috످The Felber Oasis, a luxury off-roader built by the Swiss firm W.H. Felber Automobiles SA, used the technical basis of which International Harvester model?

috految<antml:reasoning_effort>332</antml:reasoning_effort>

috److془The Felber Oasis was based on International Harvester Scout II. Yes. Wikipedia: "Felber Oasis ... technical basis of International Scout II". Confident.془The Felber Oasis was based on the International Harvester Scout II.

috످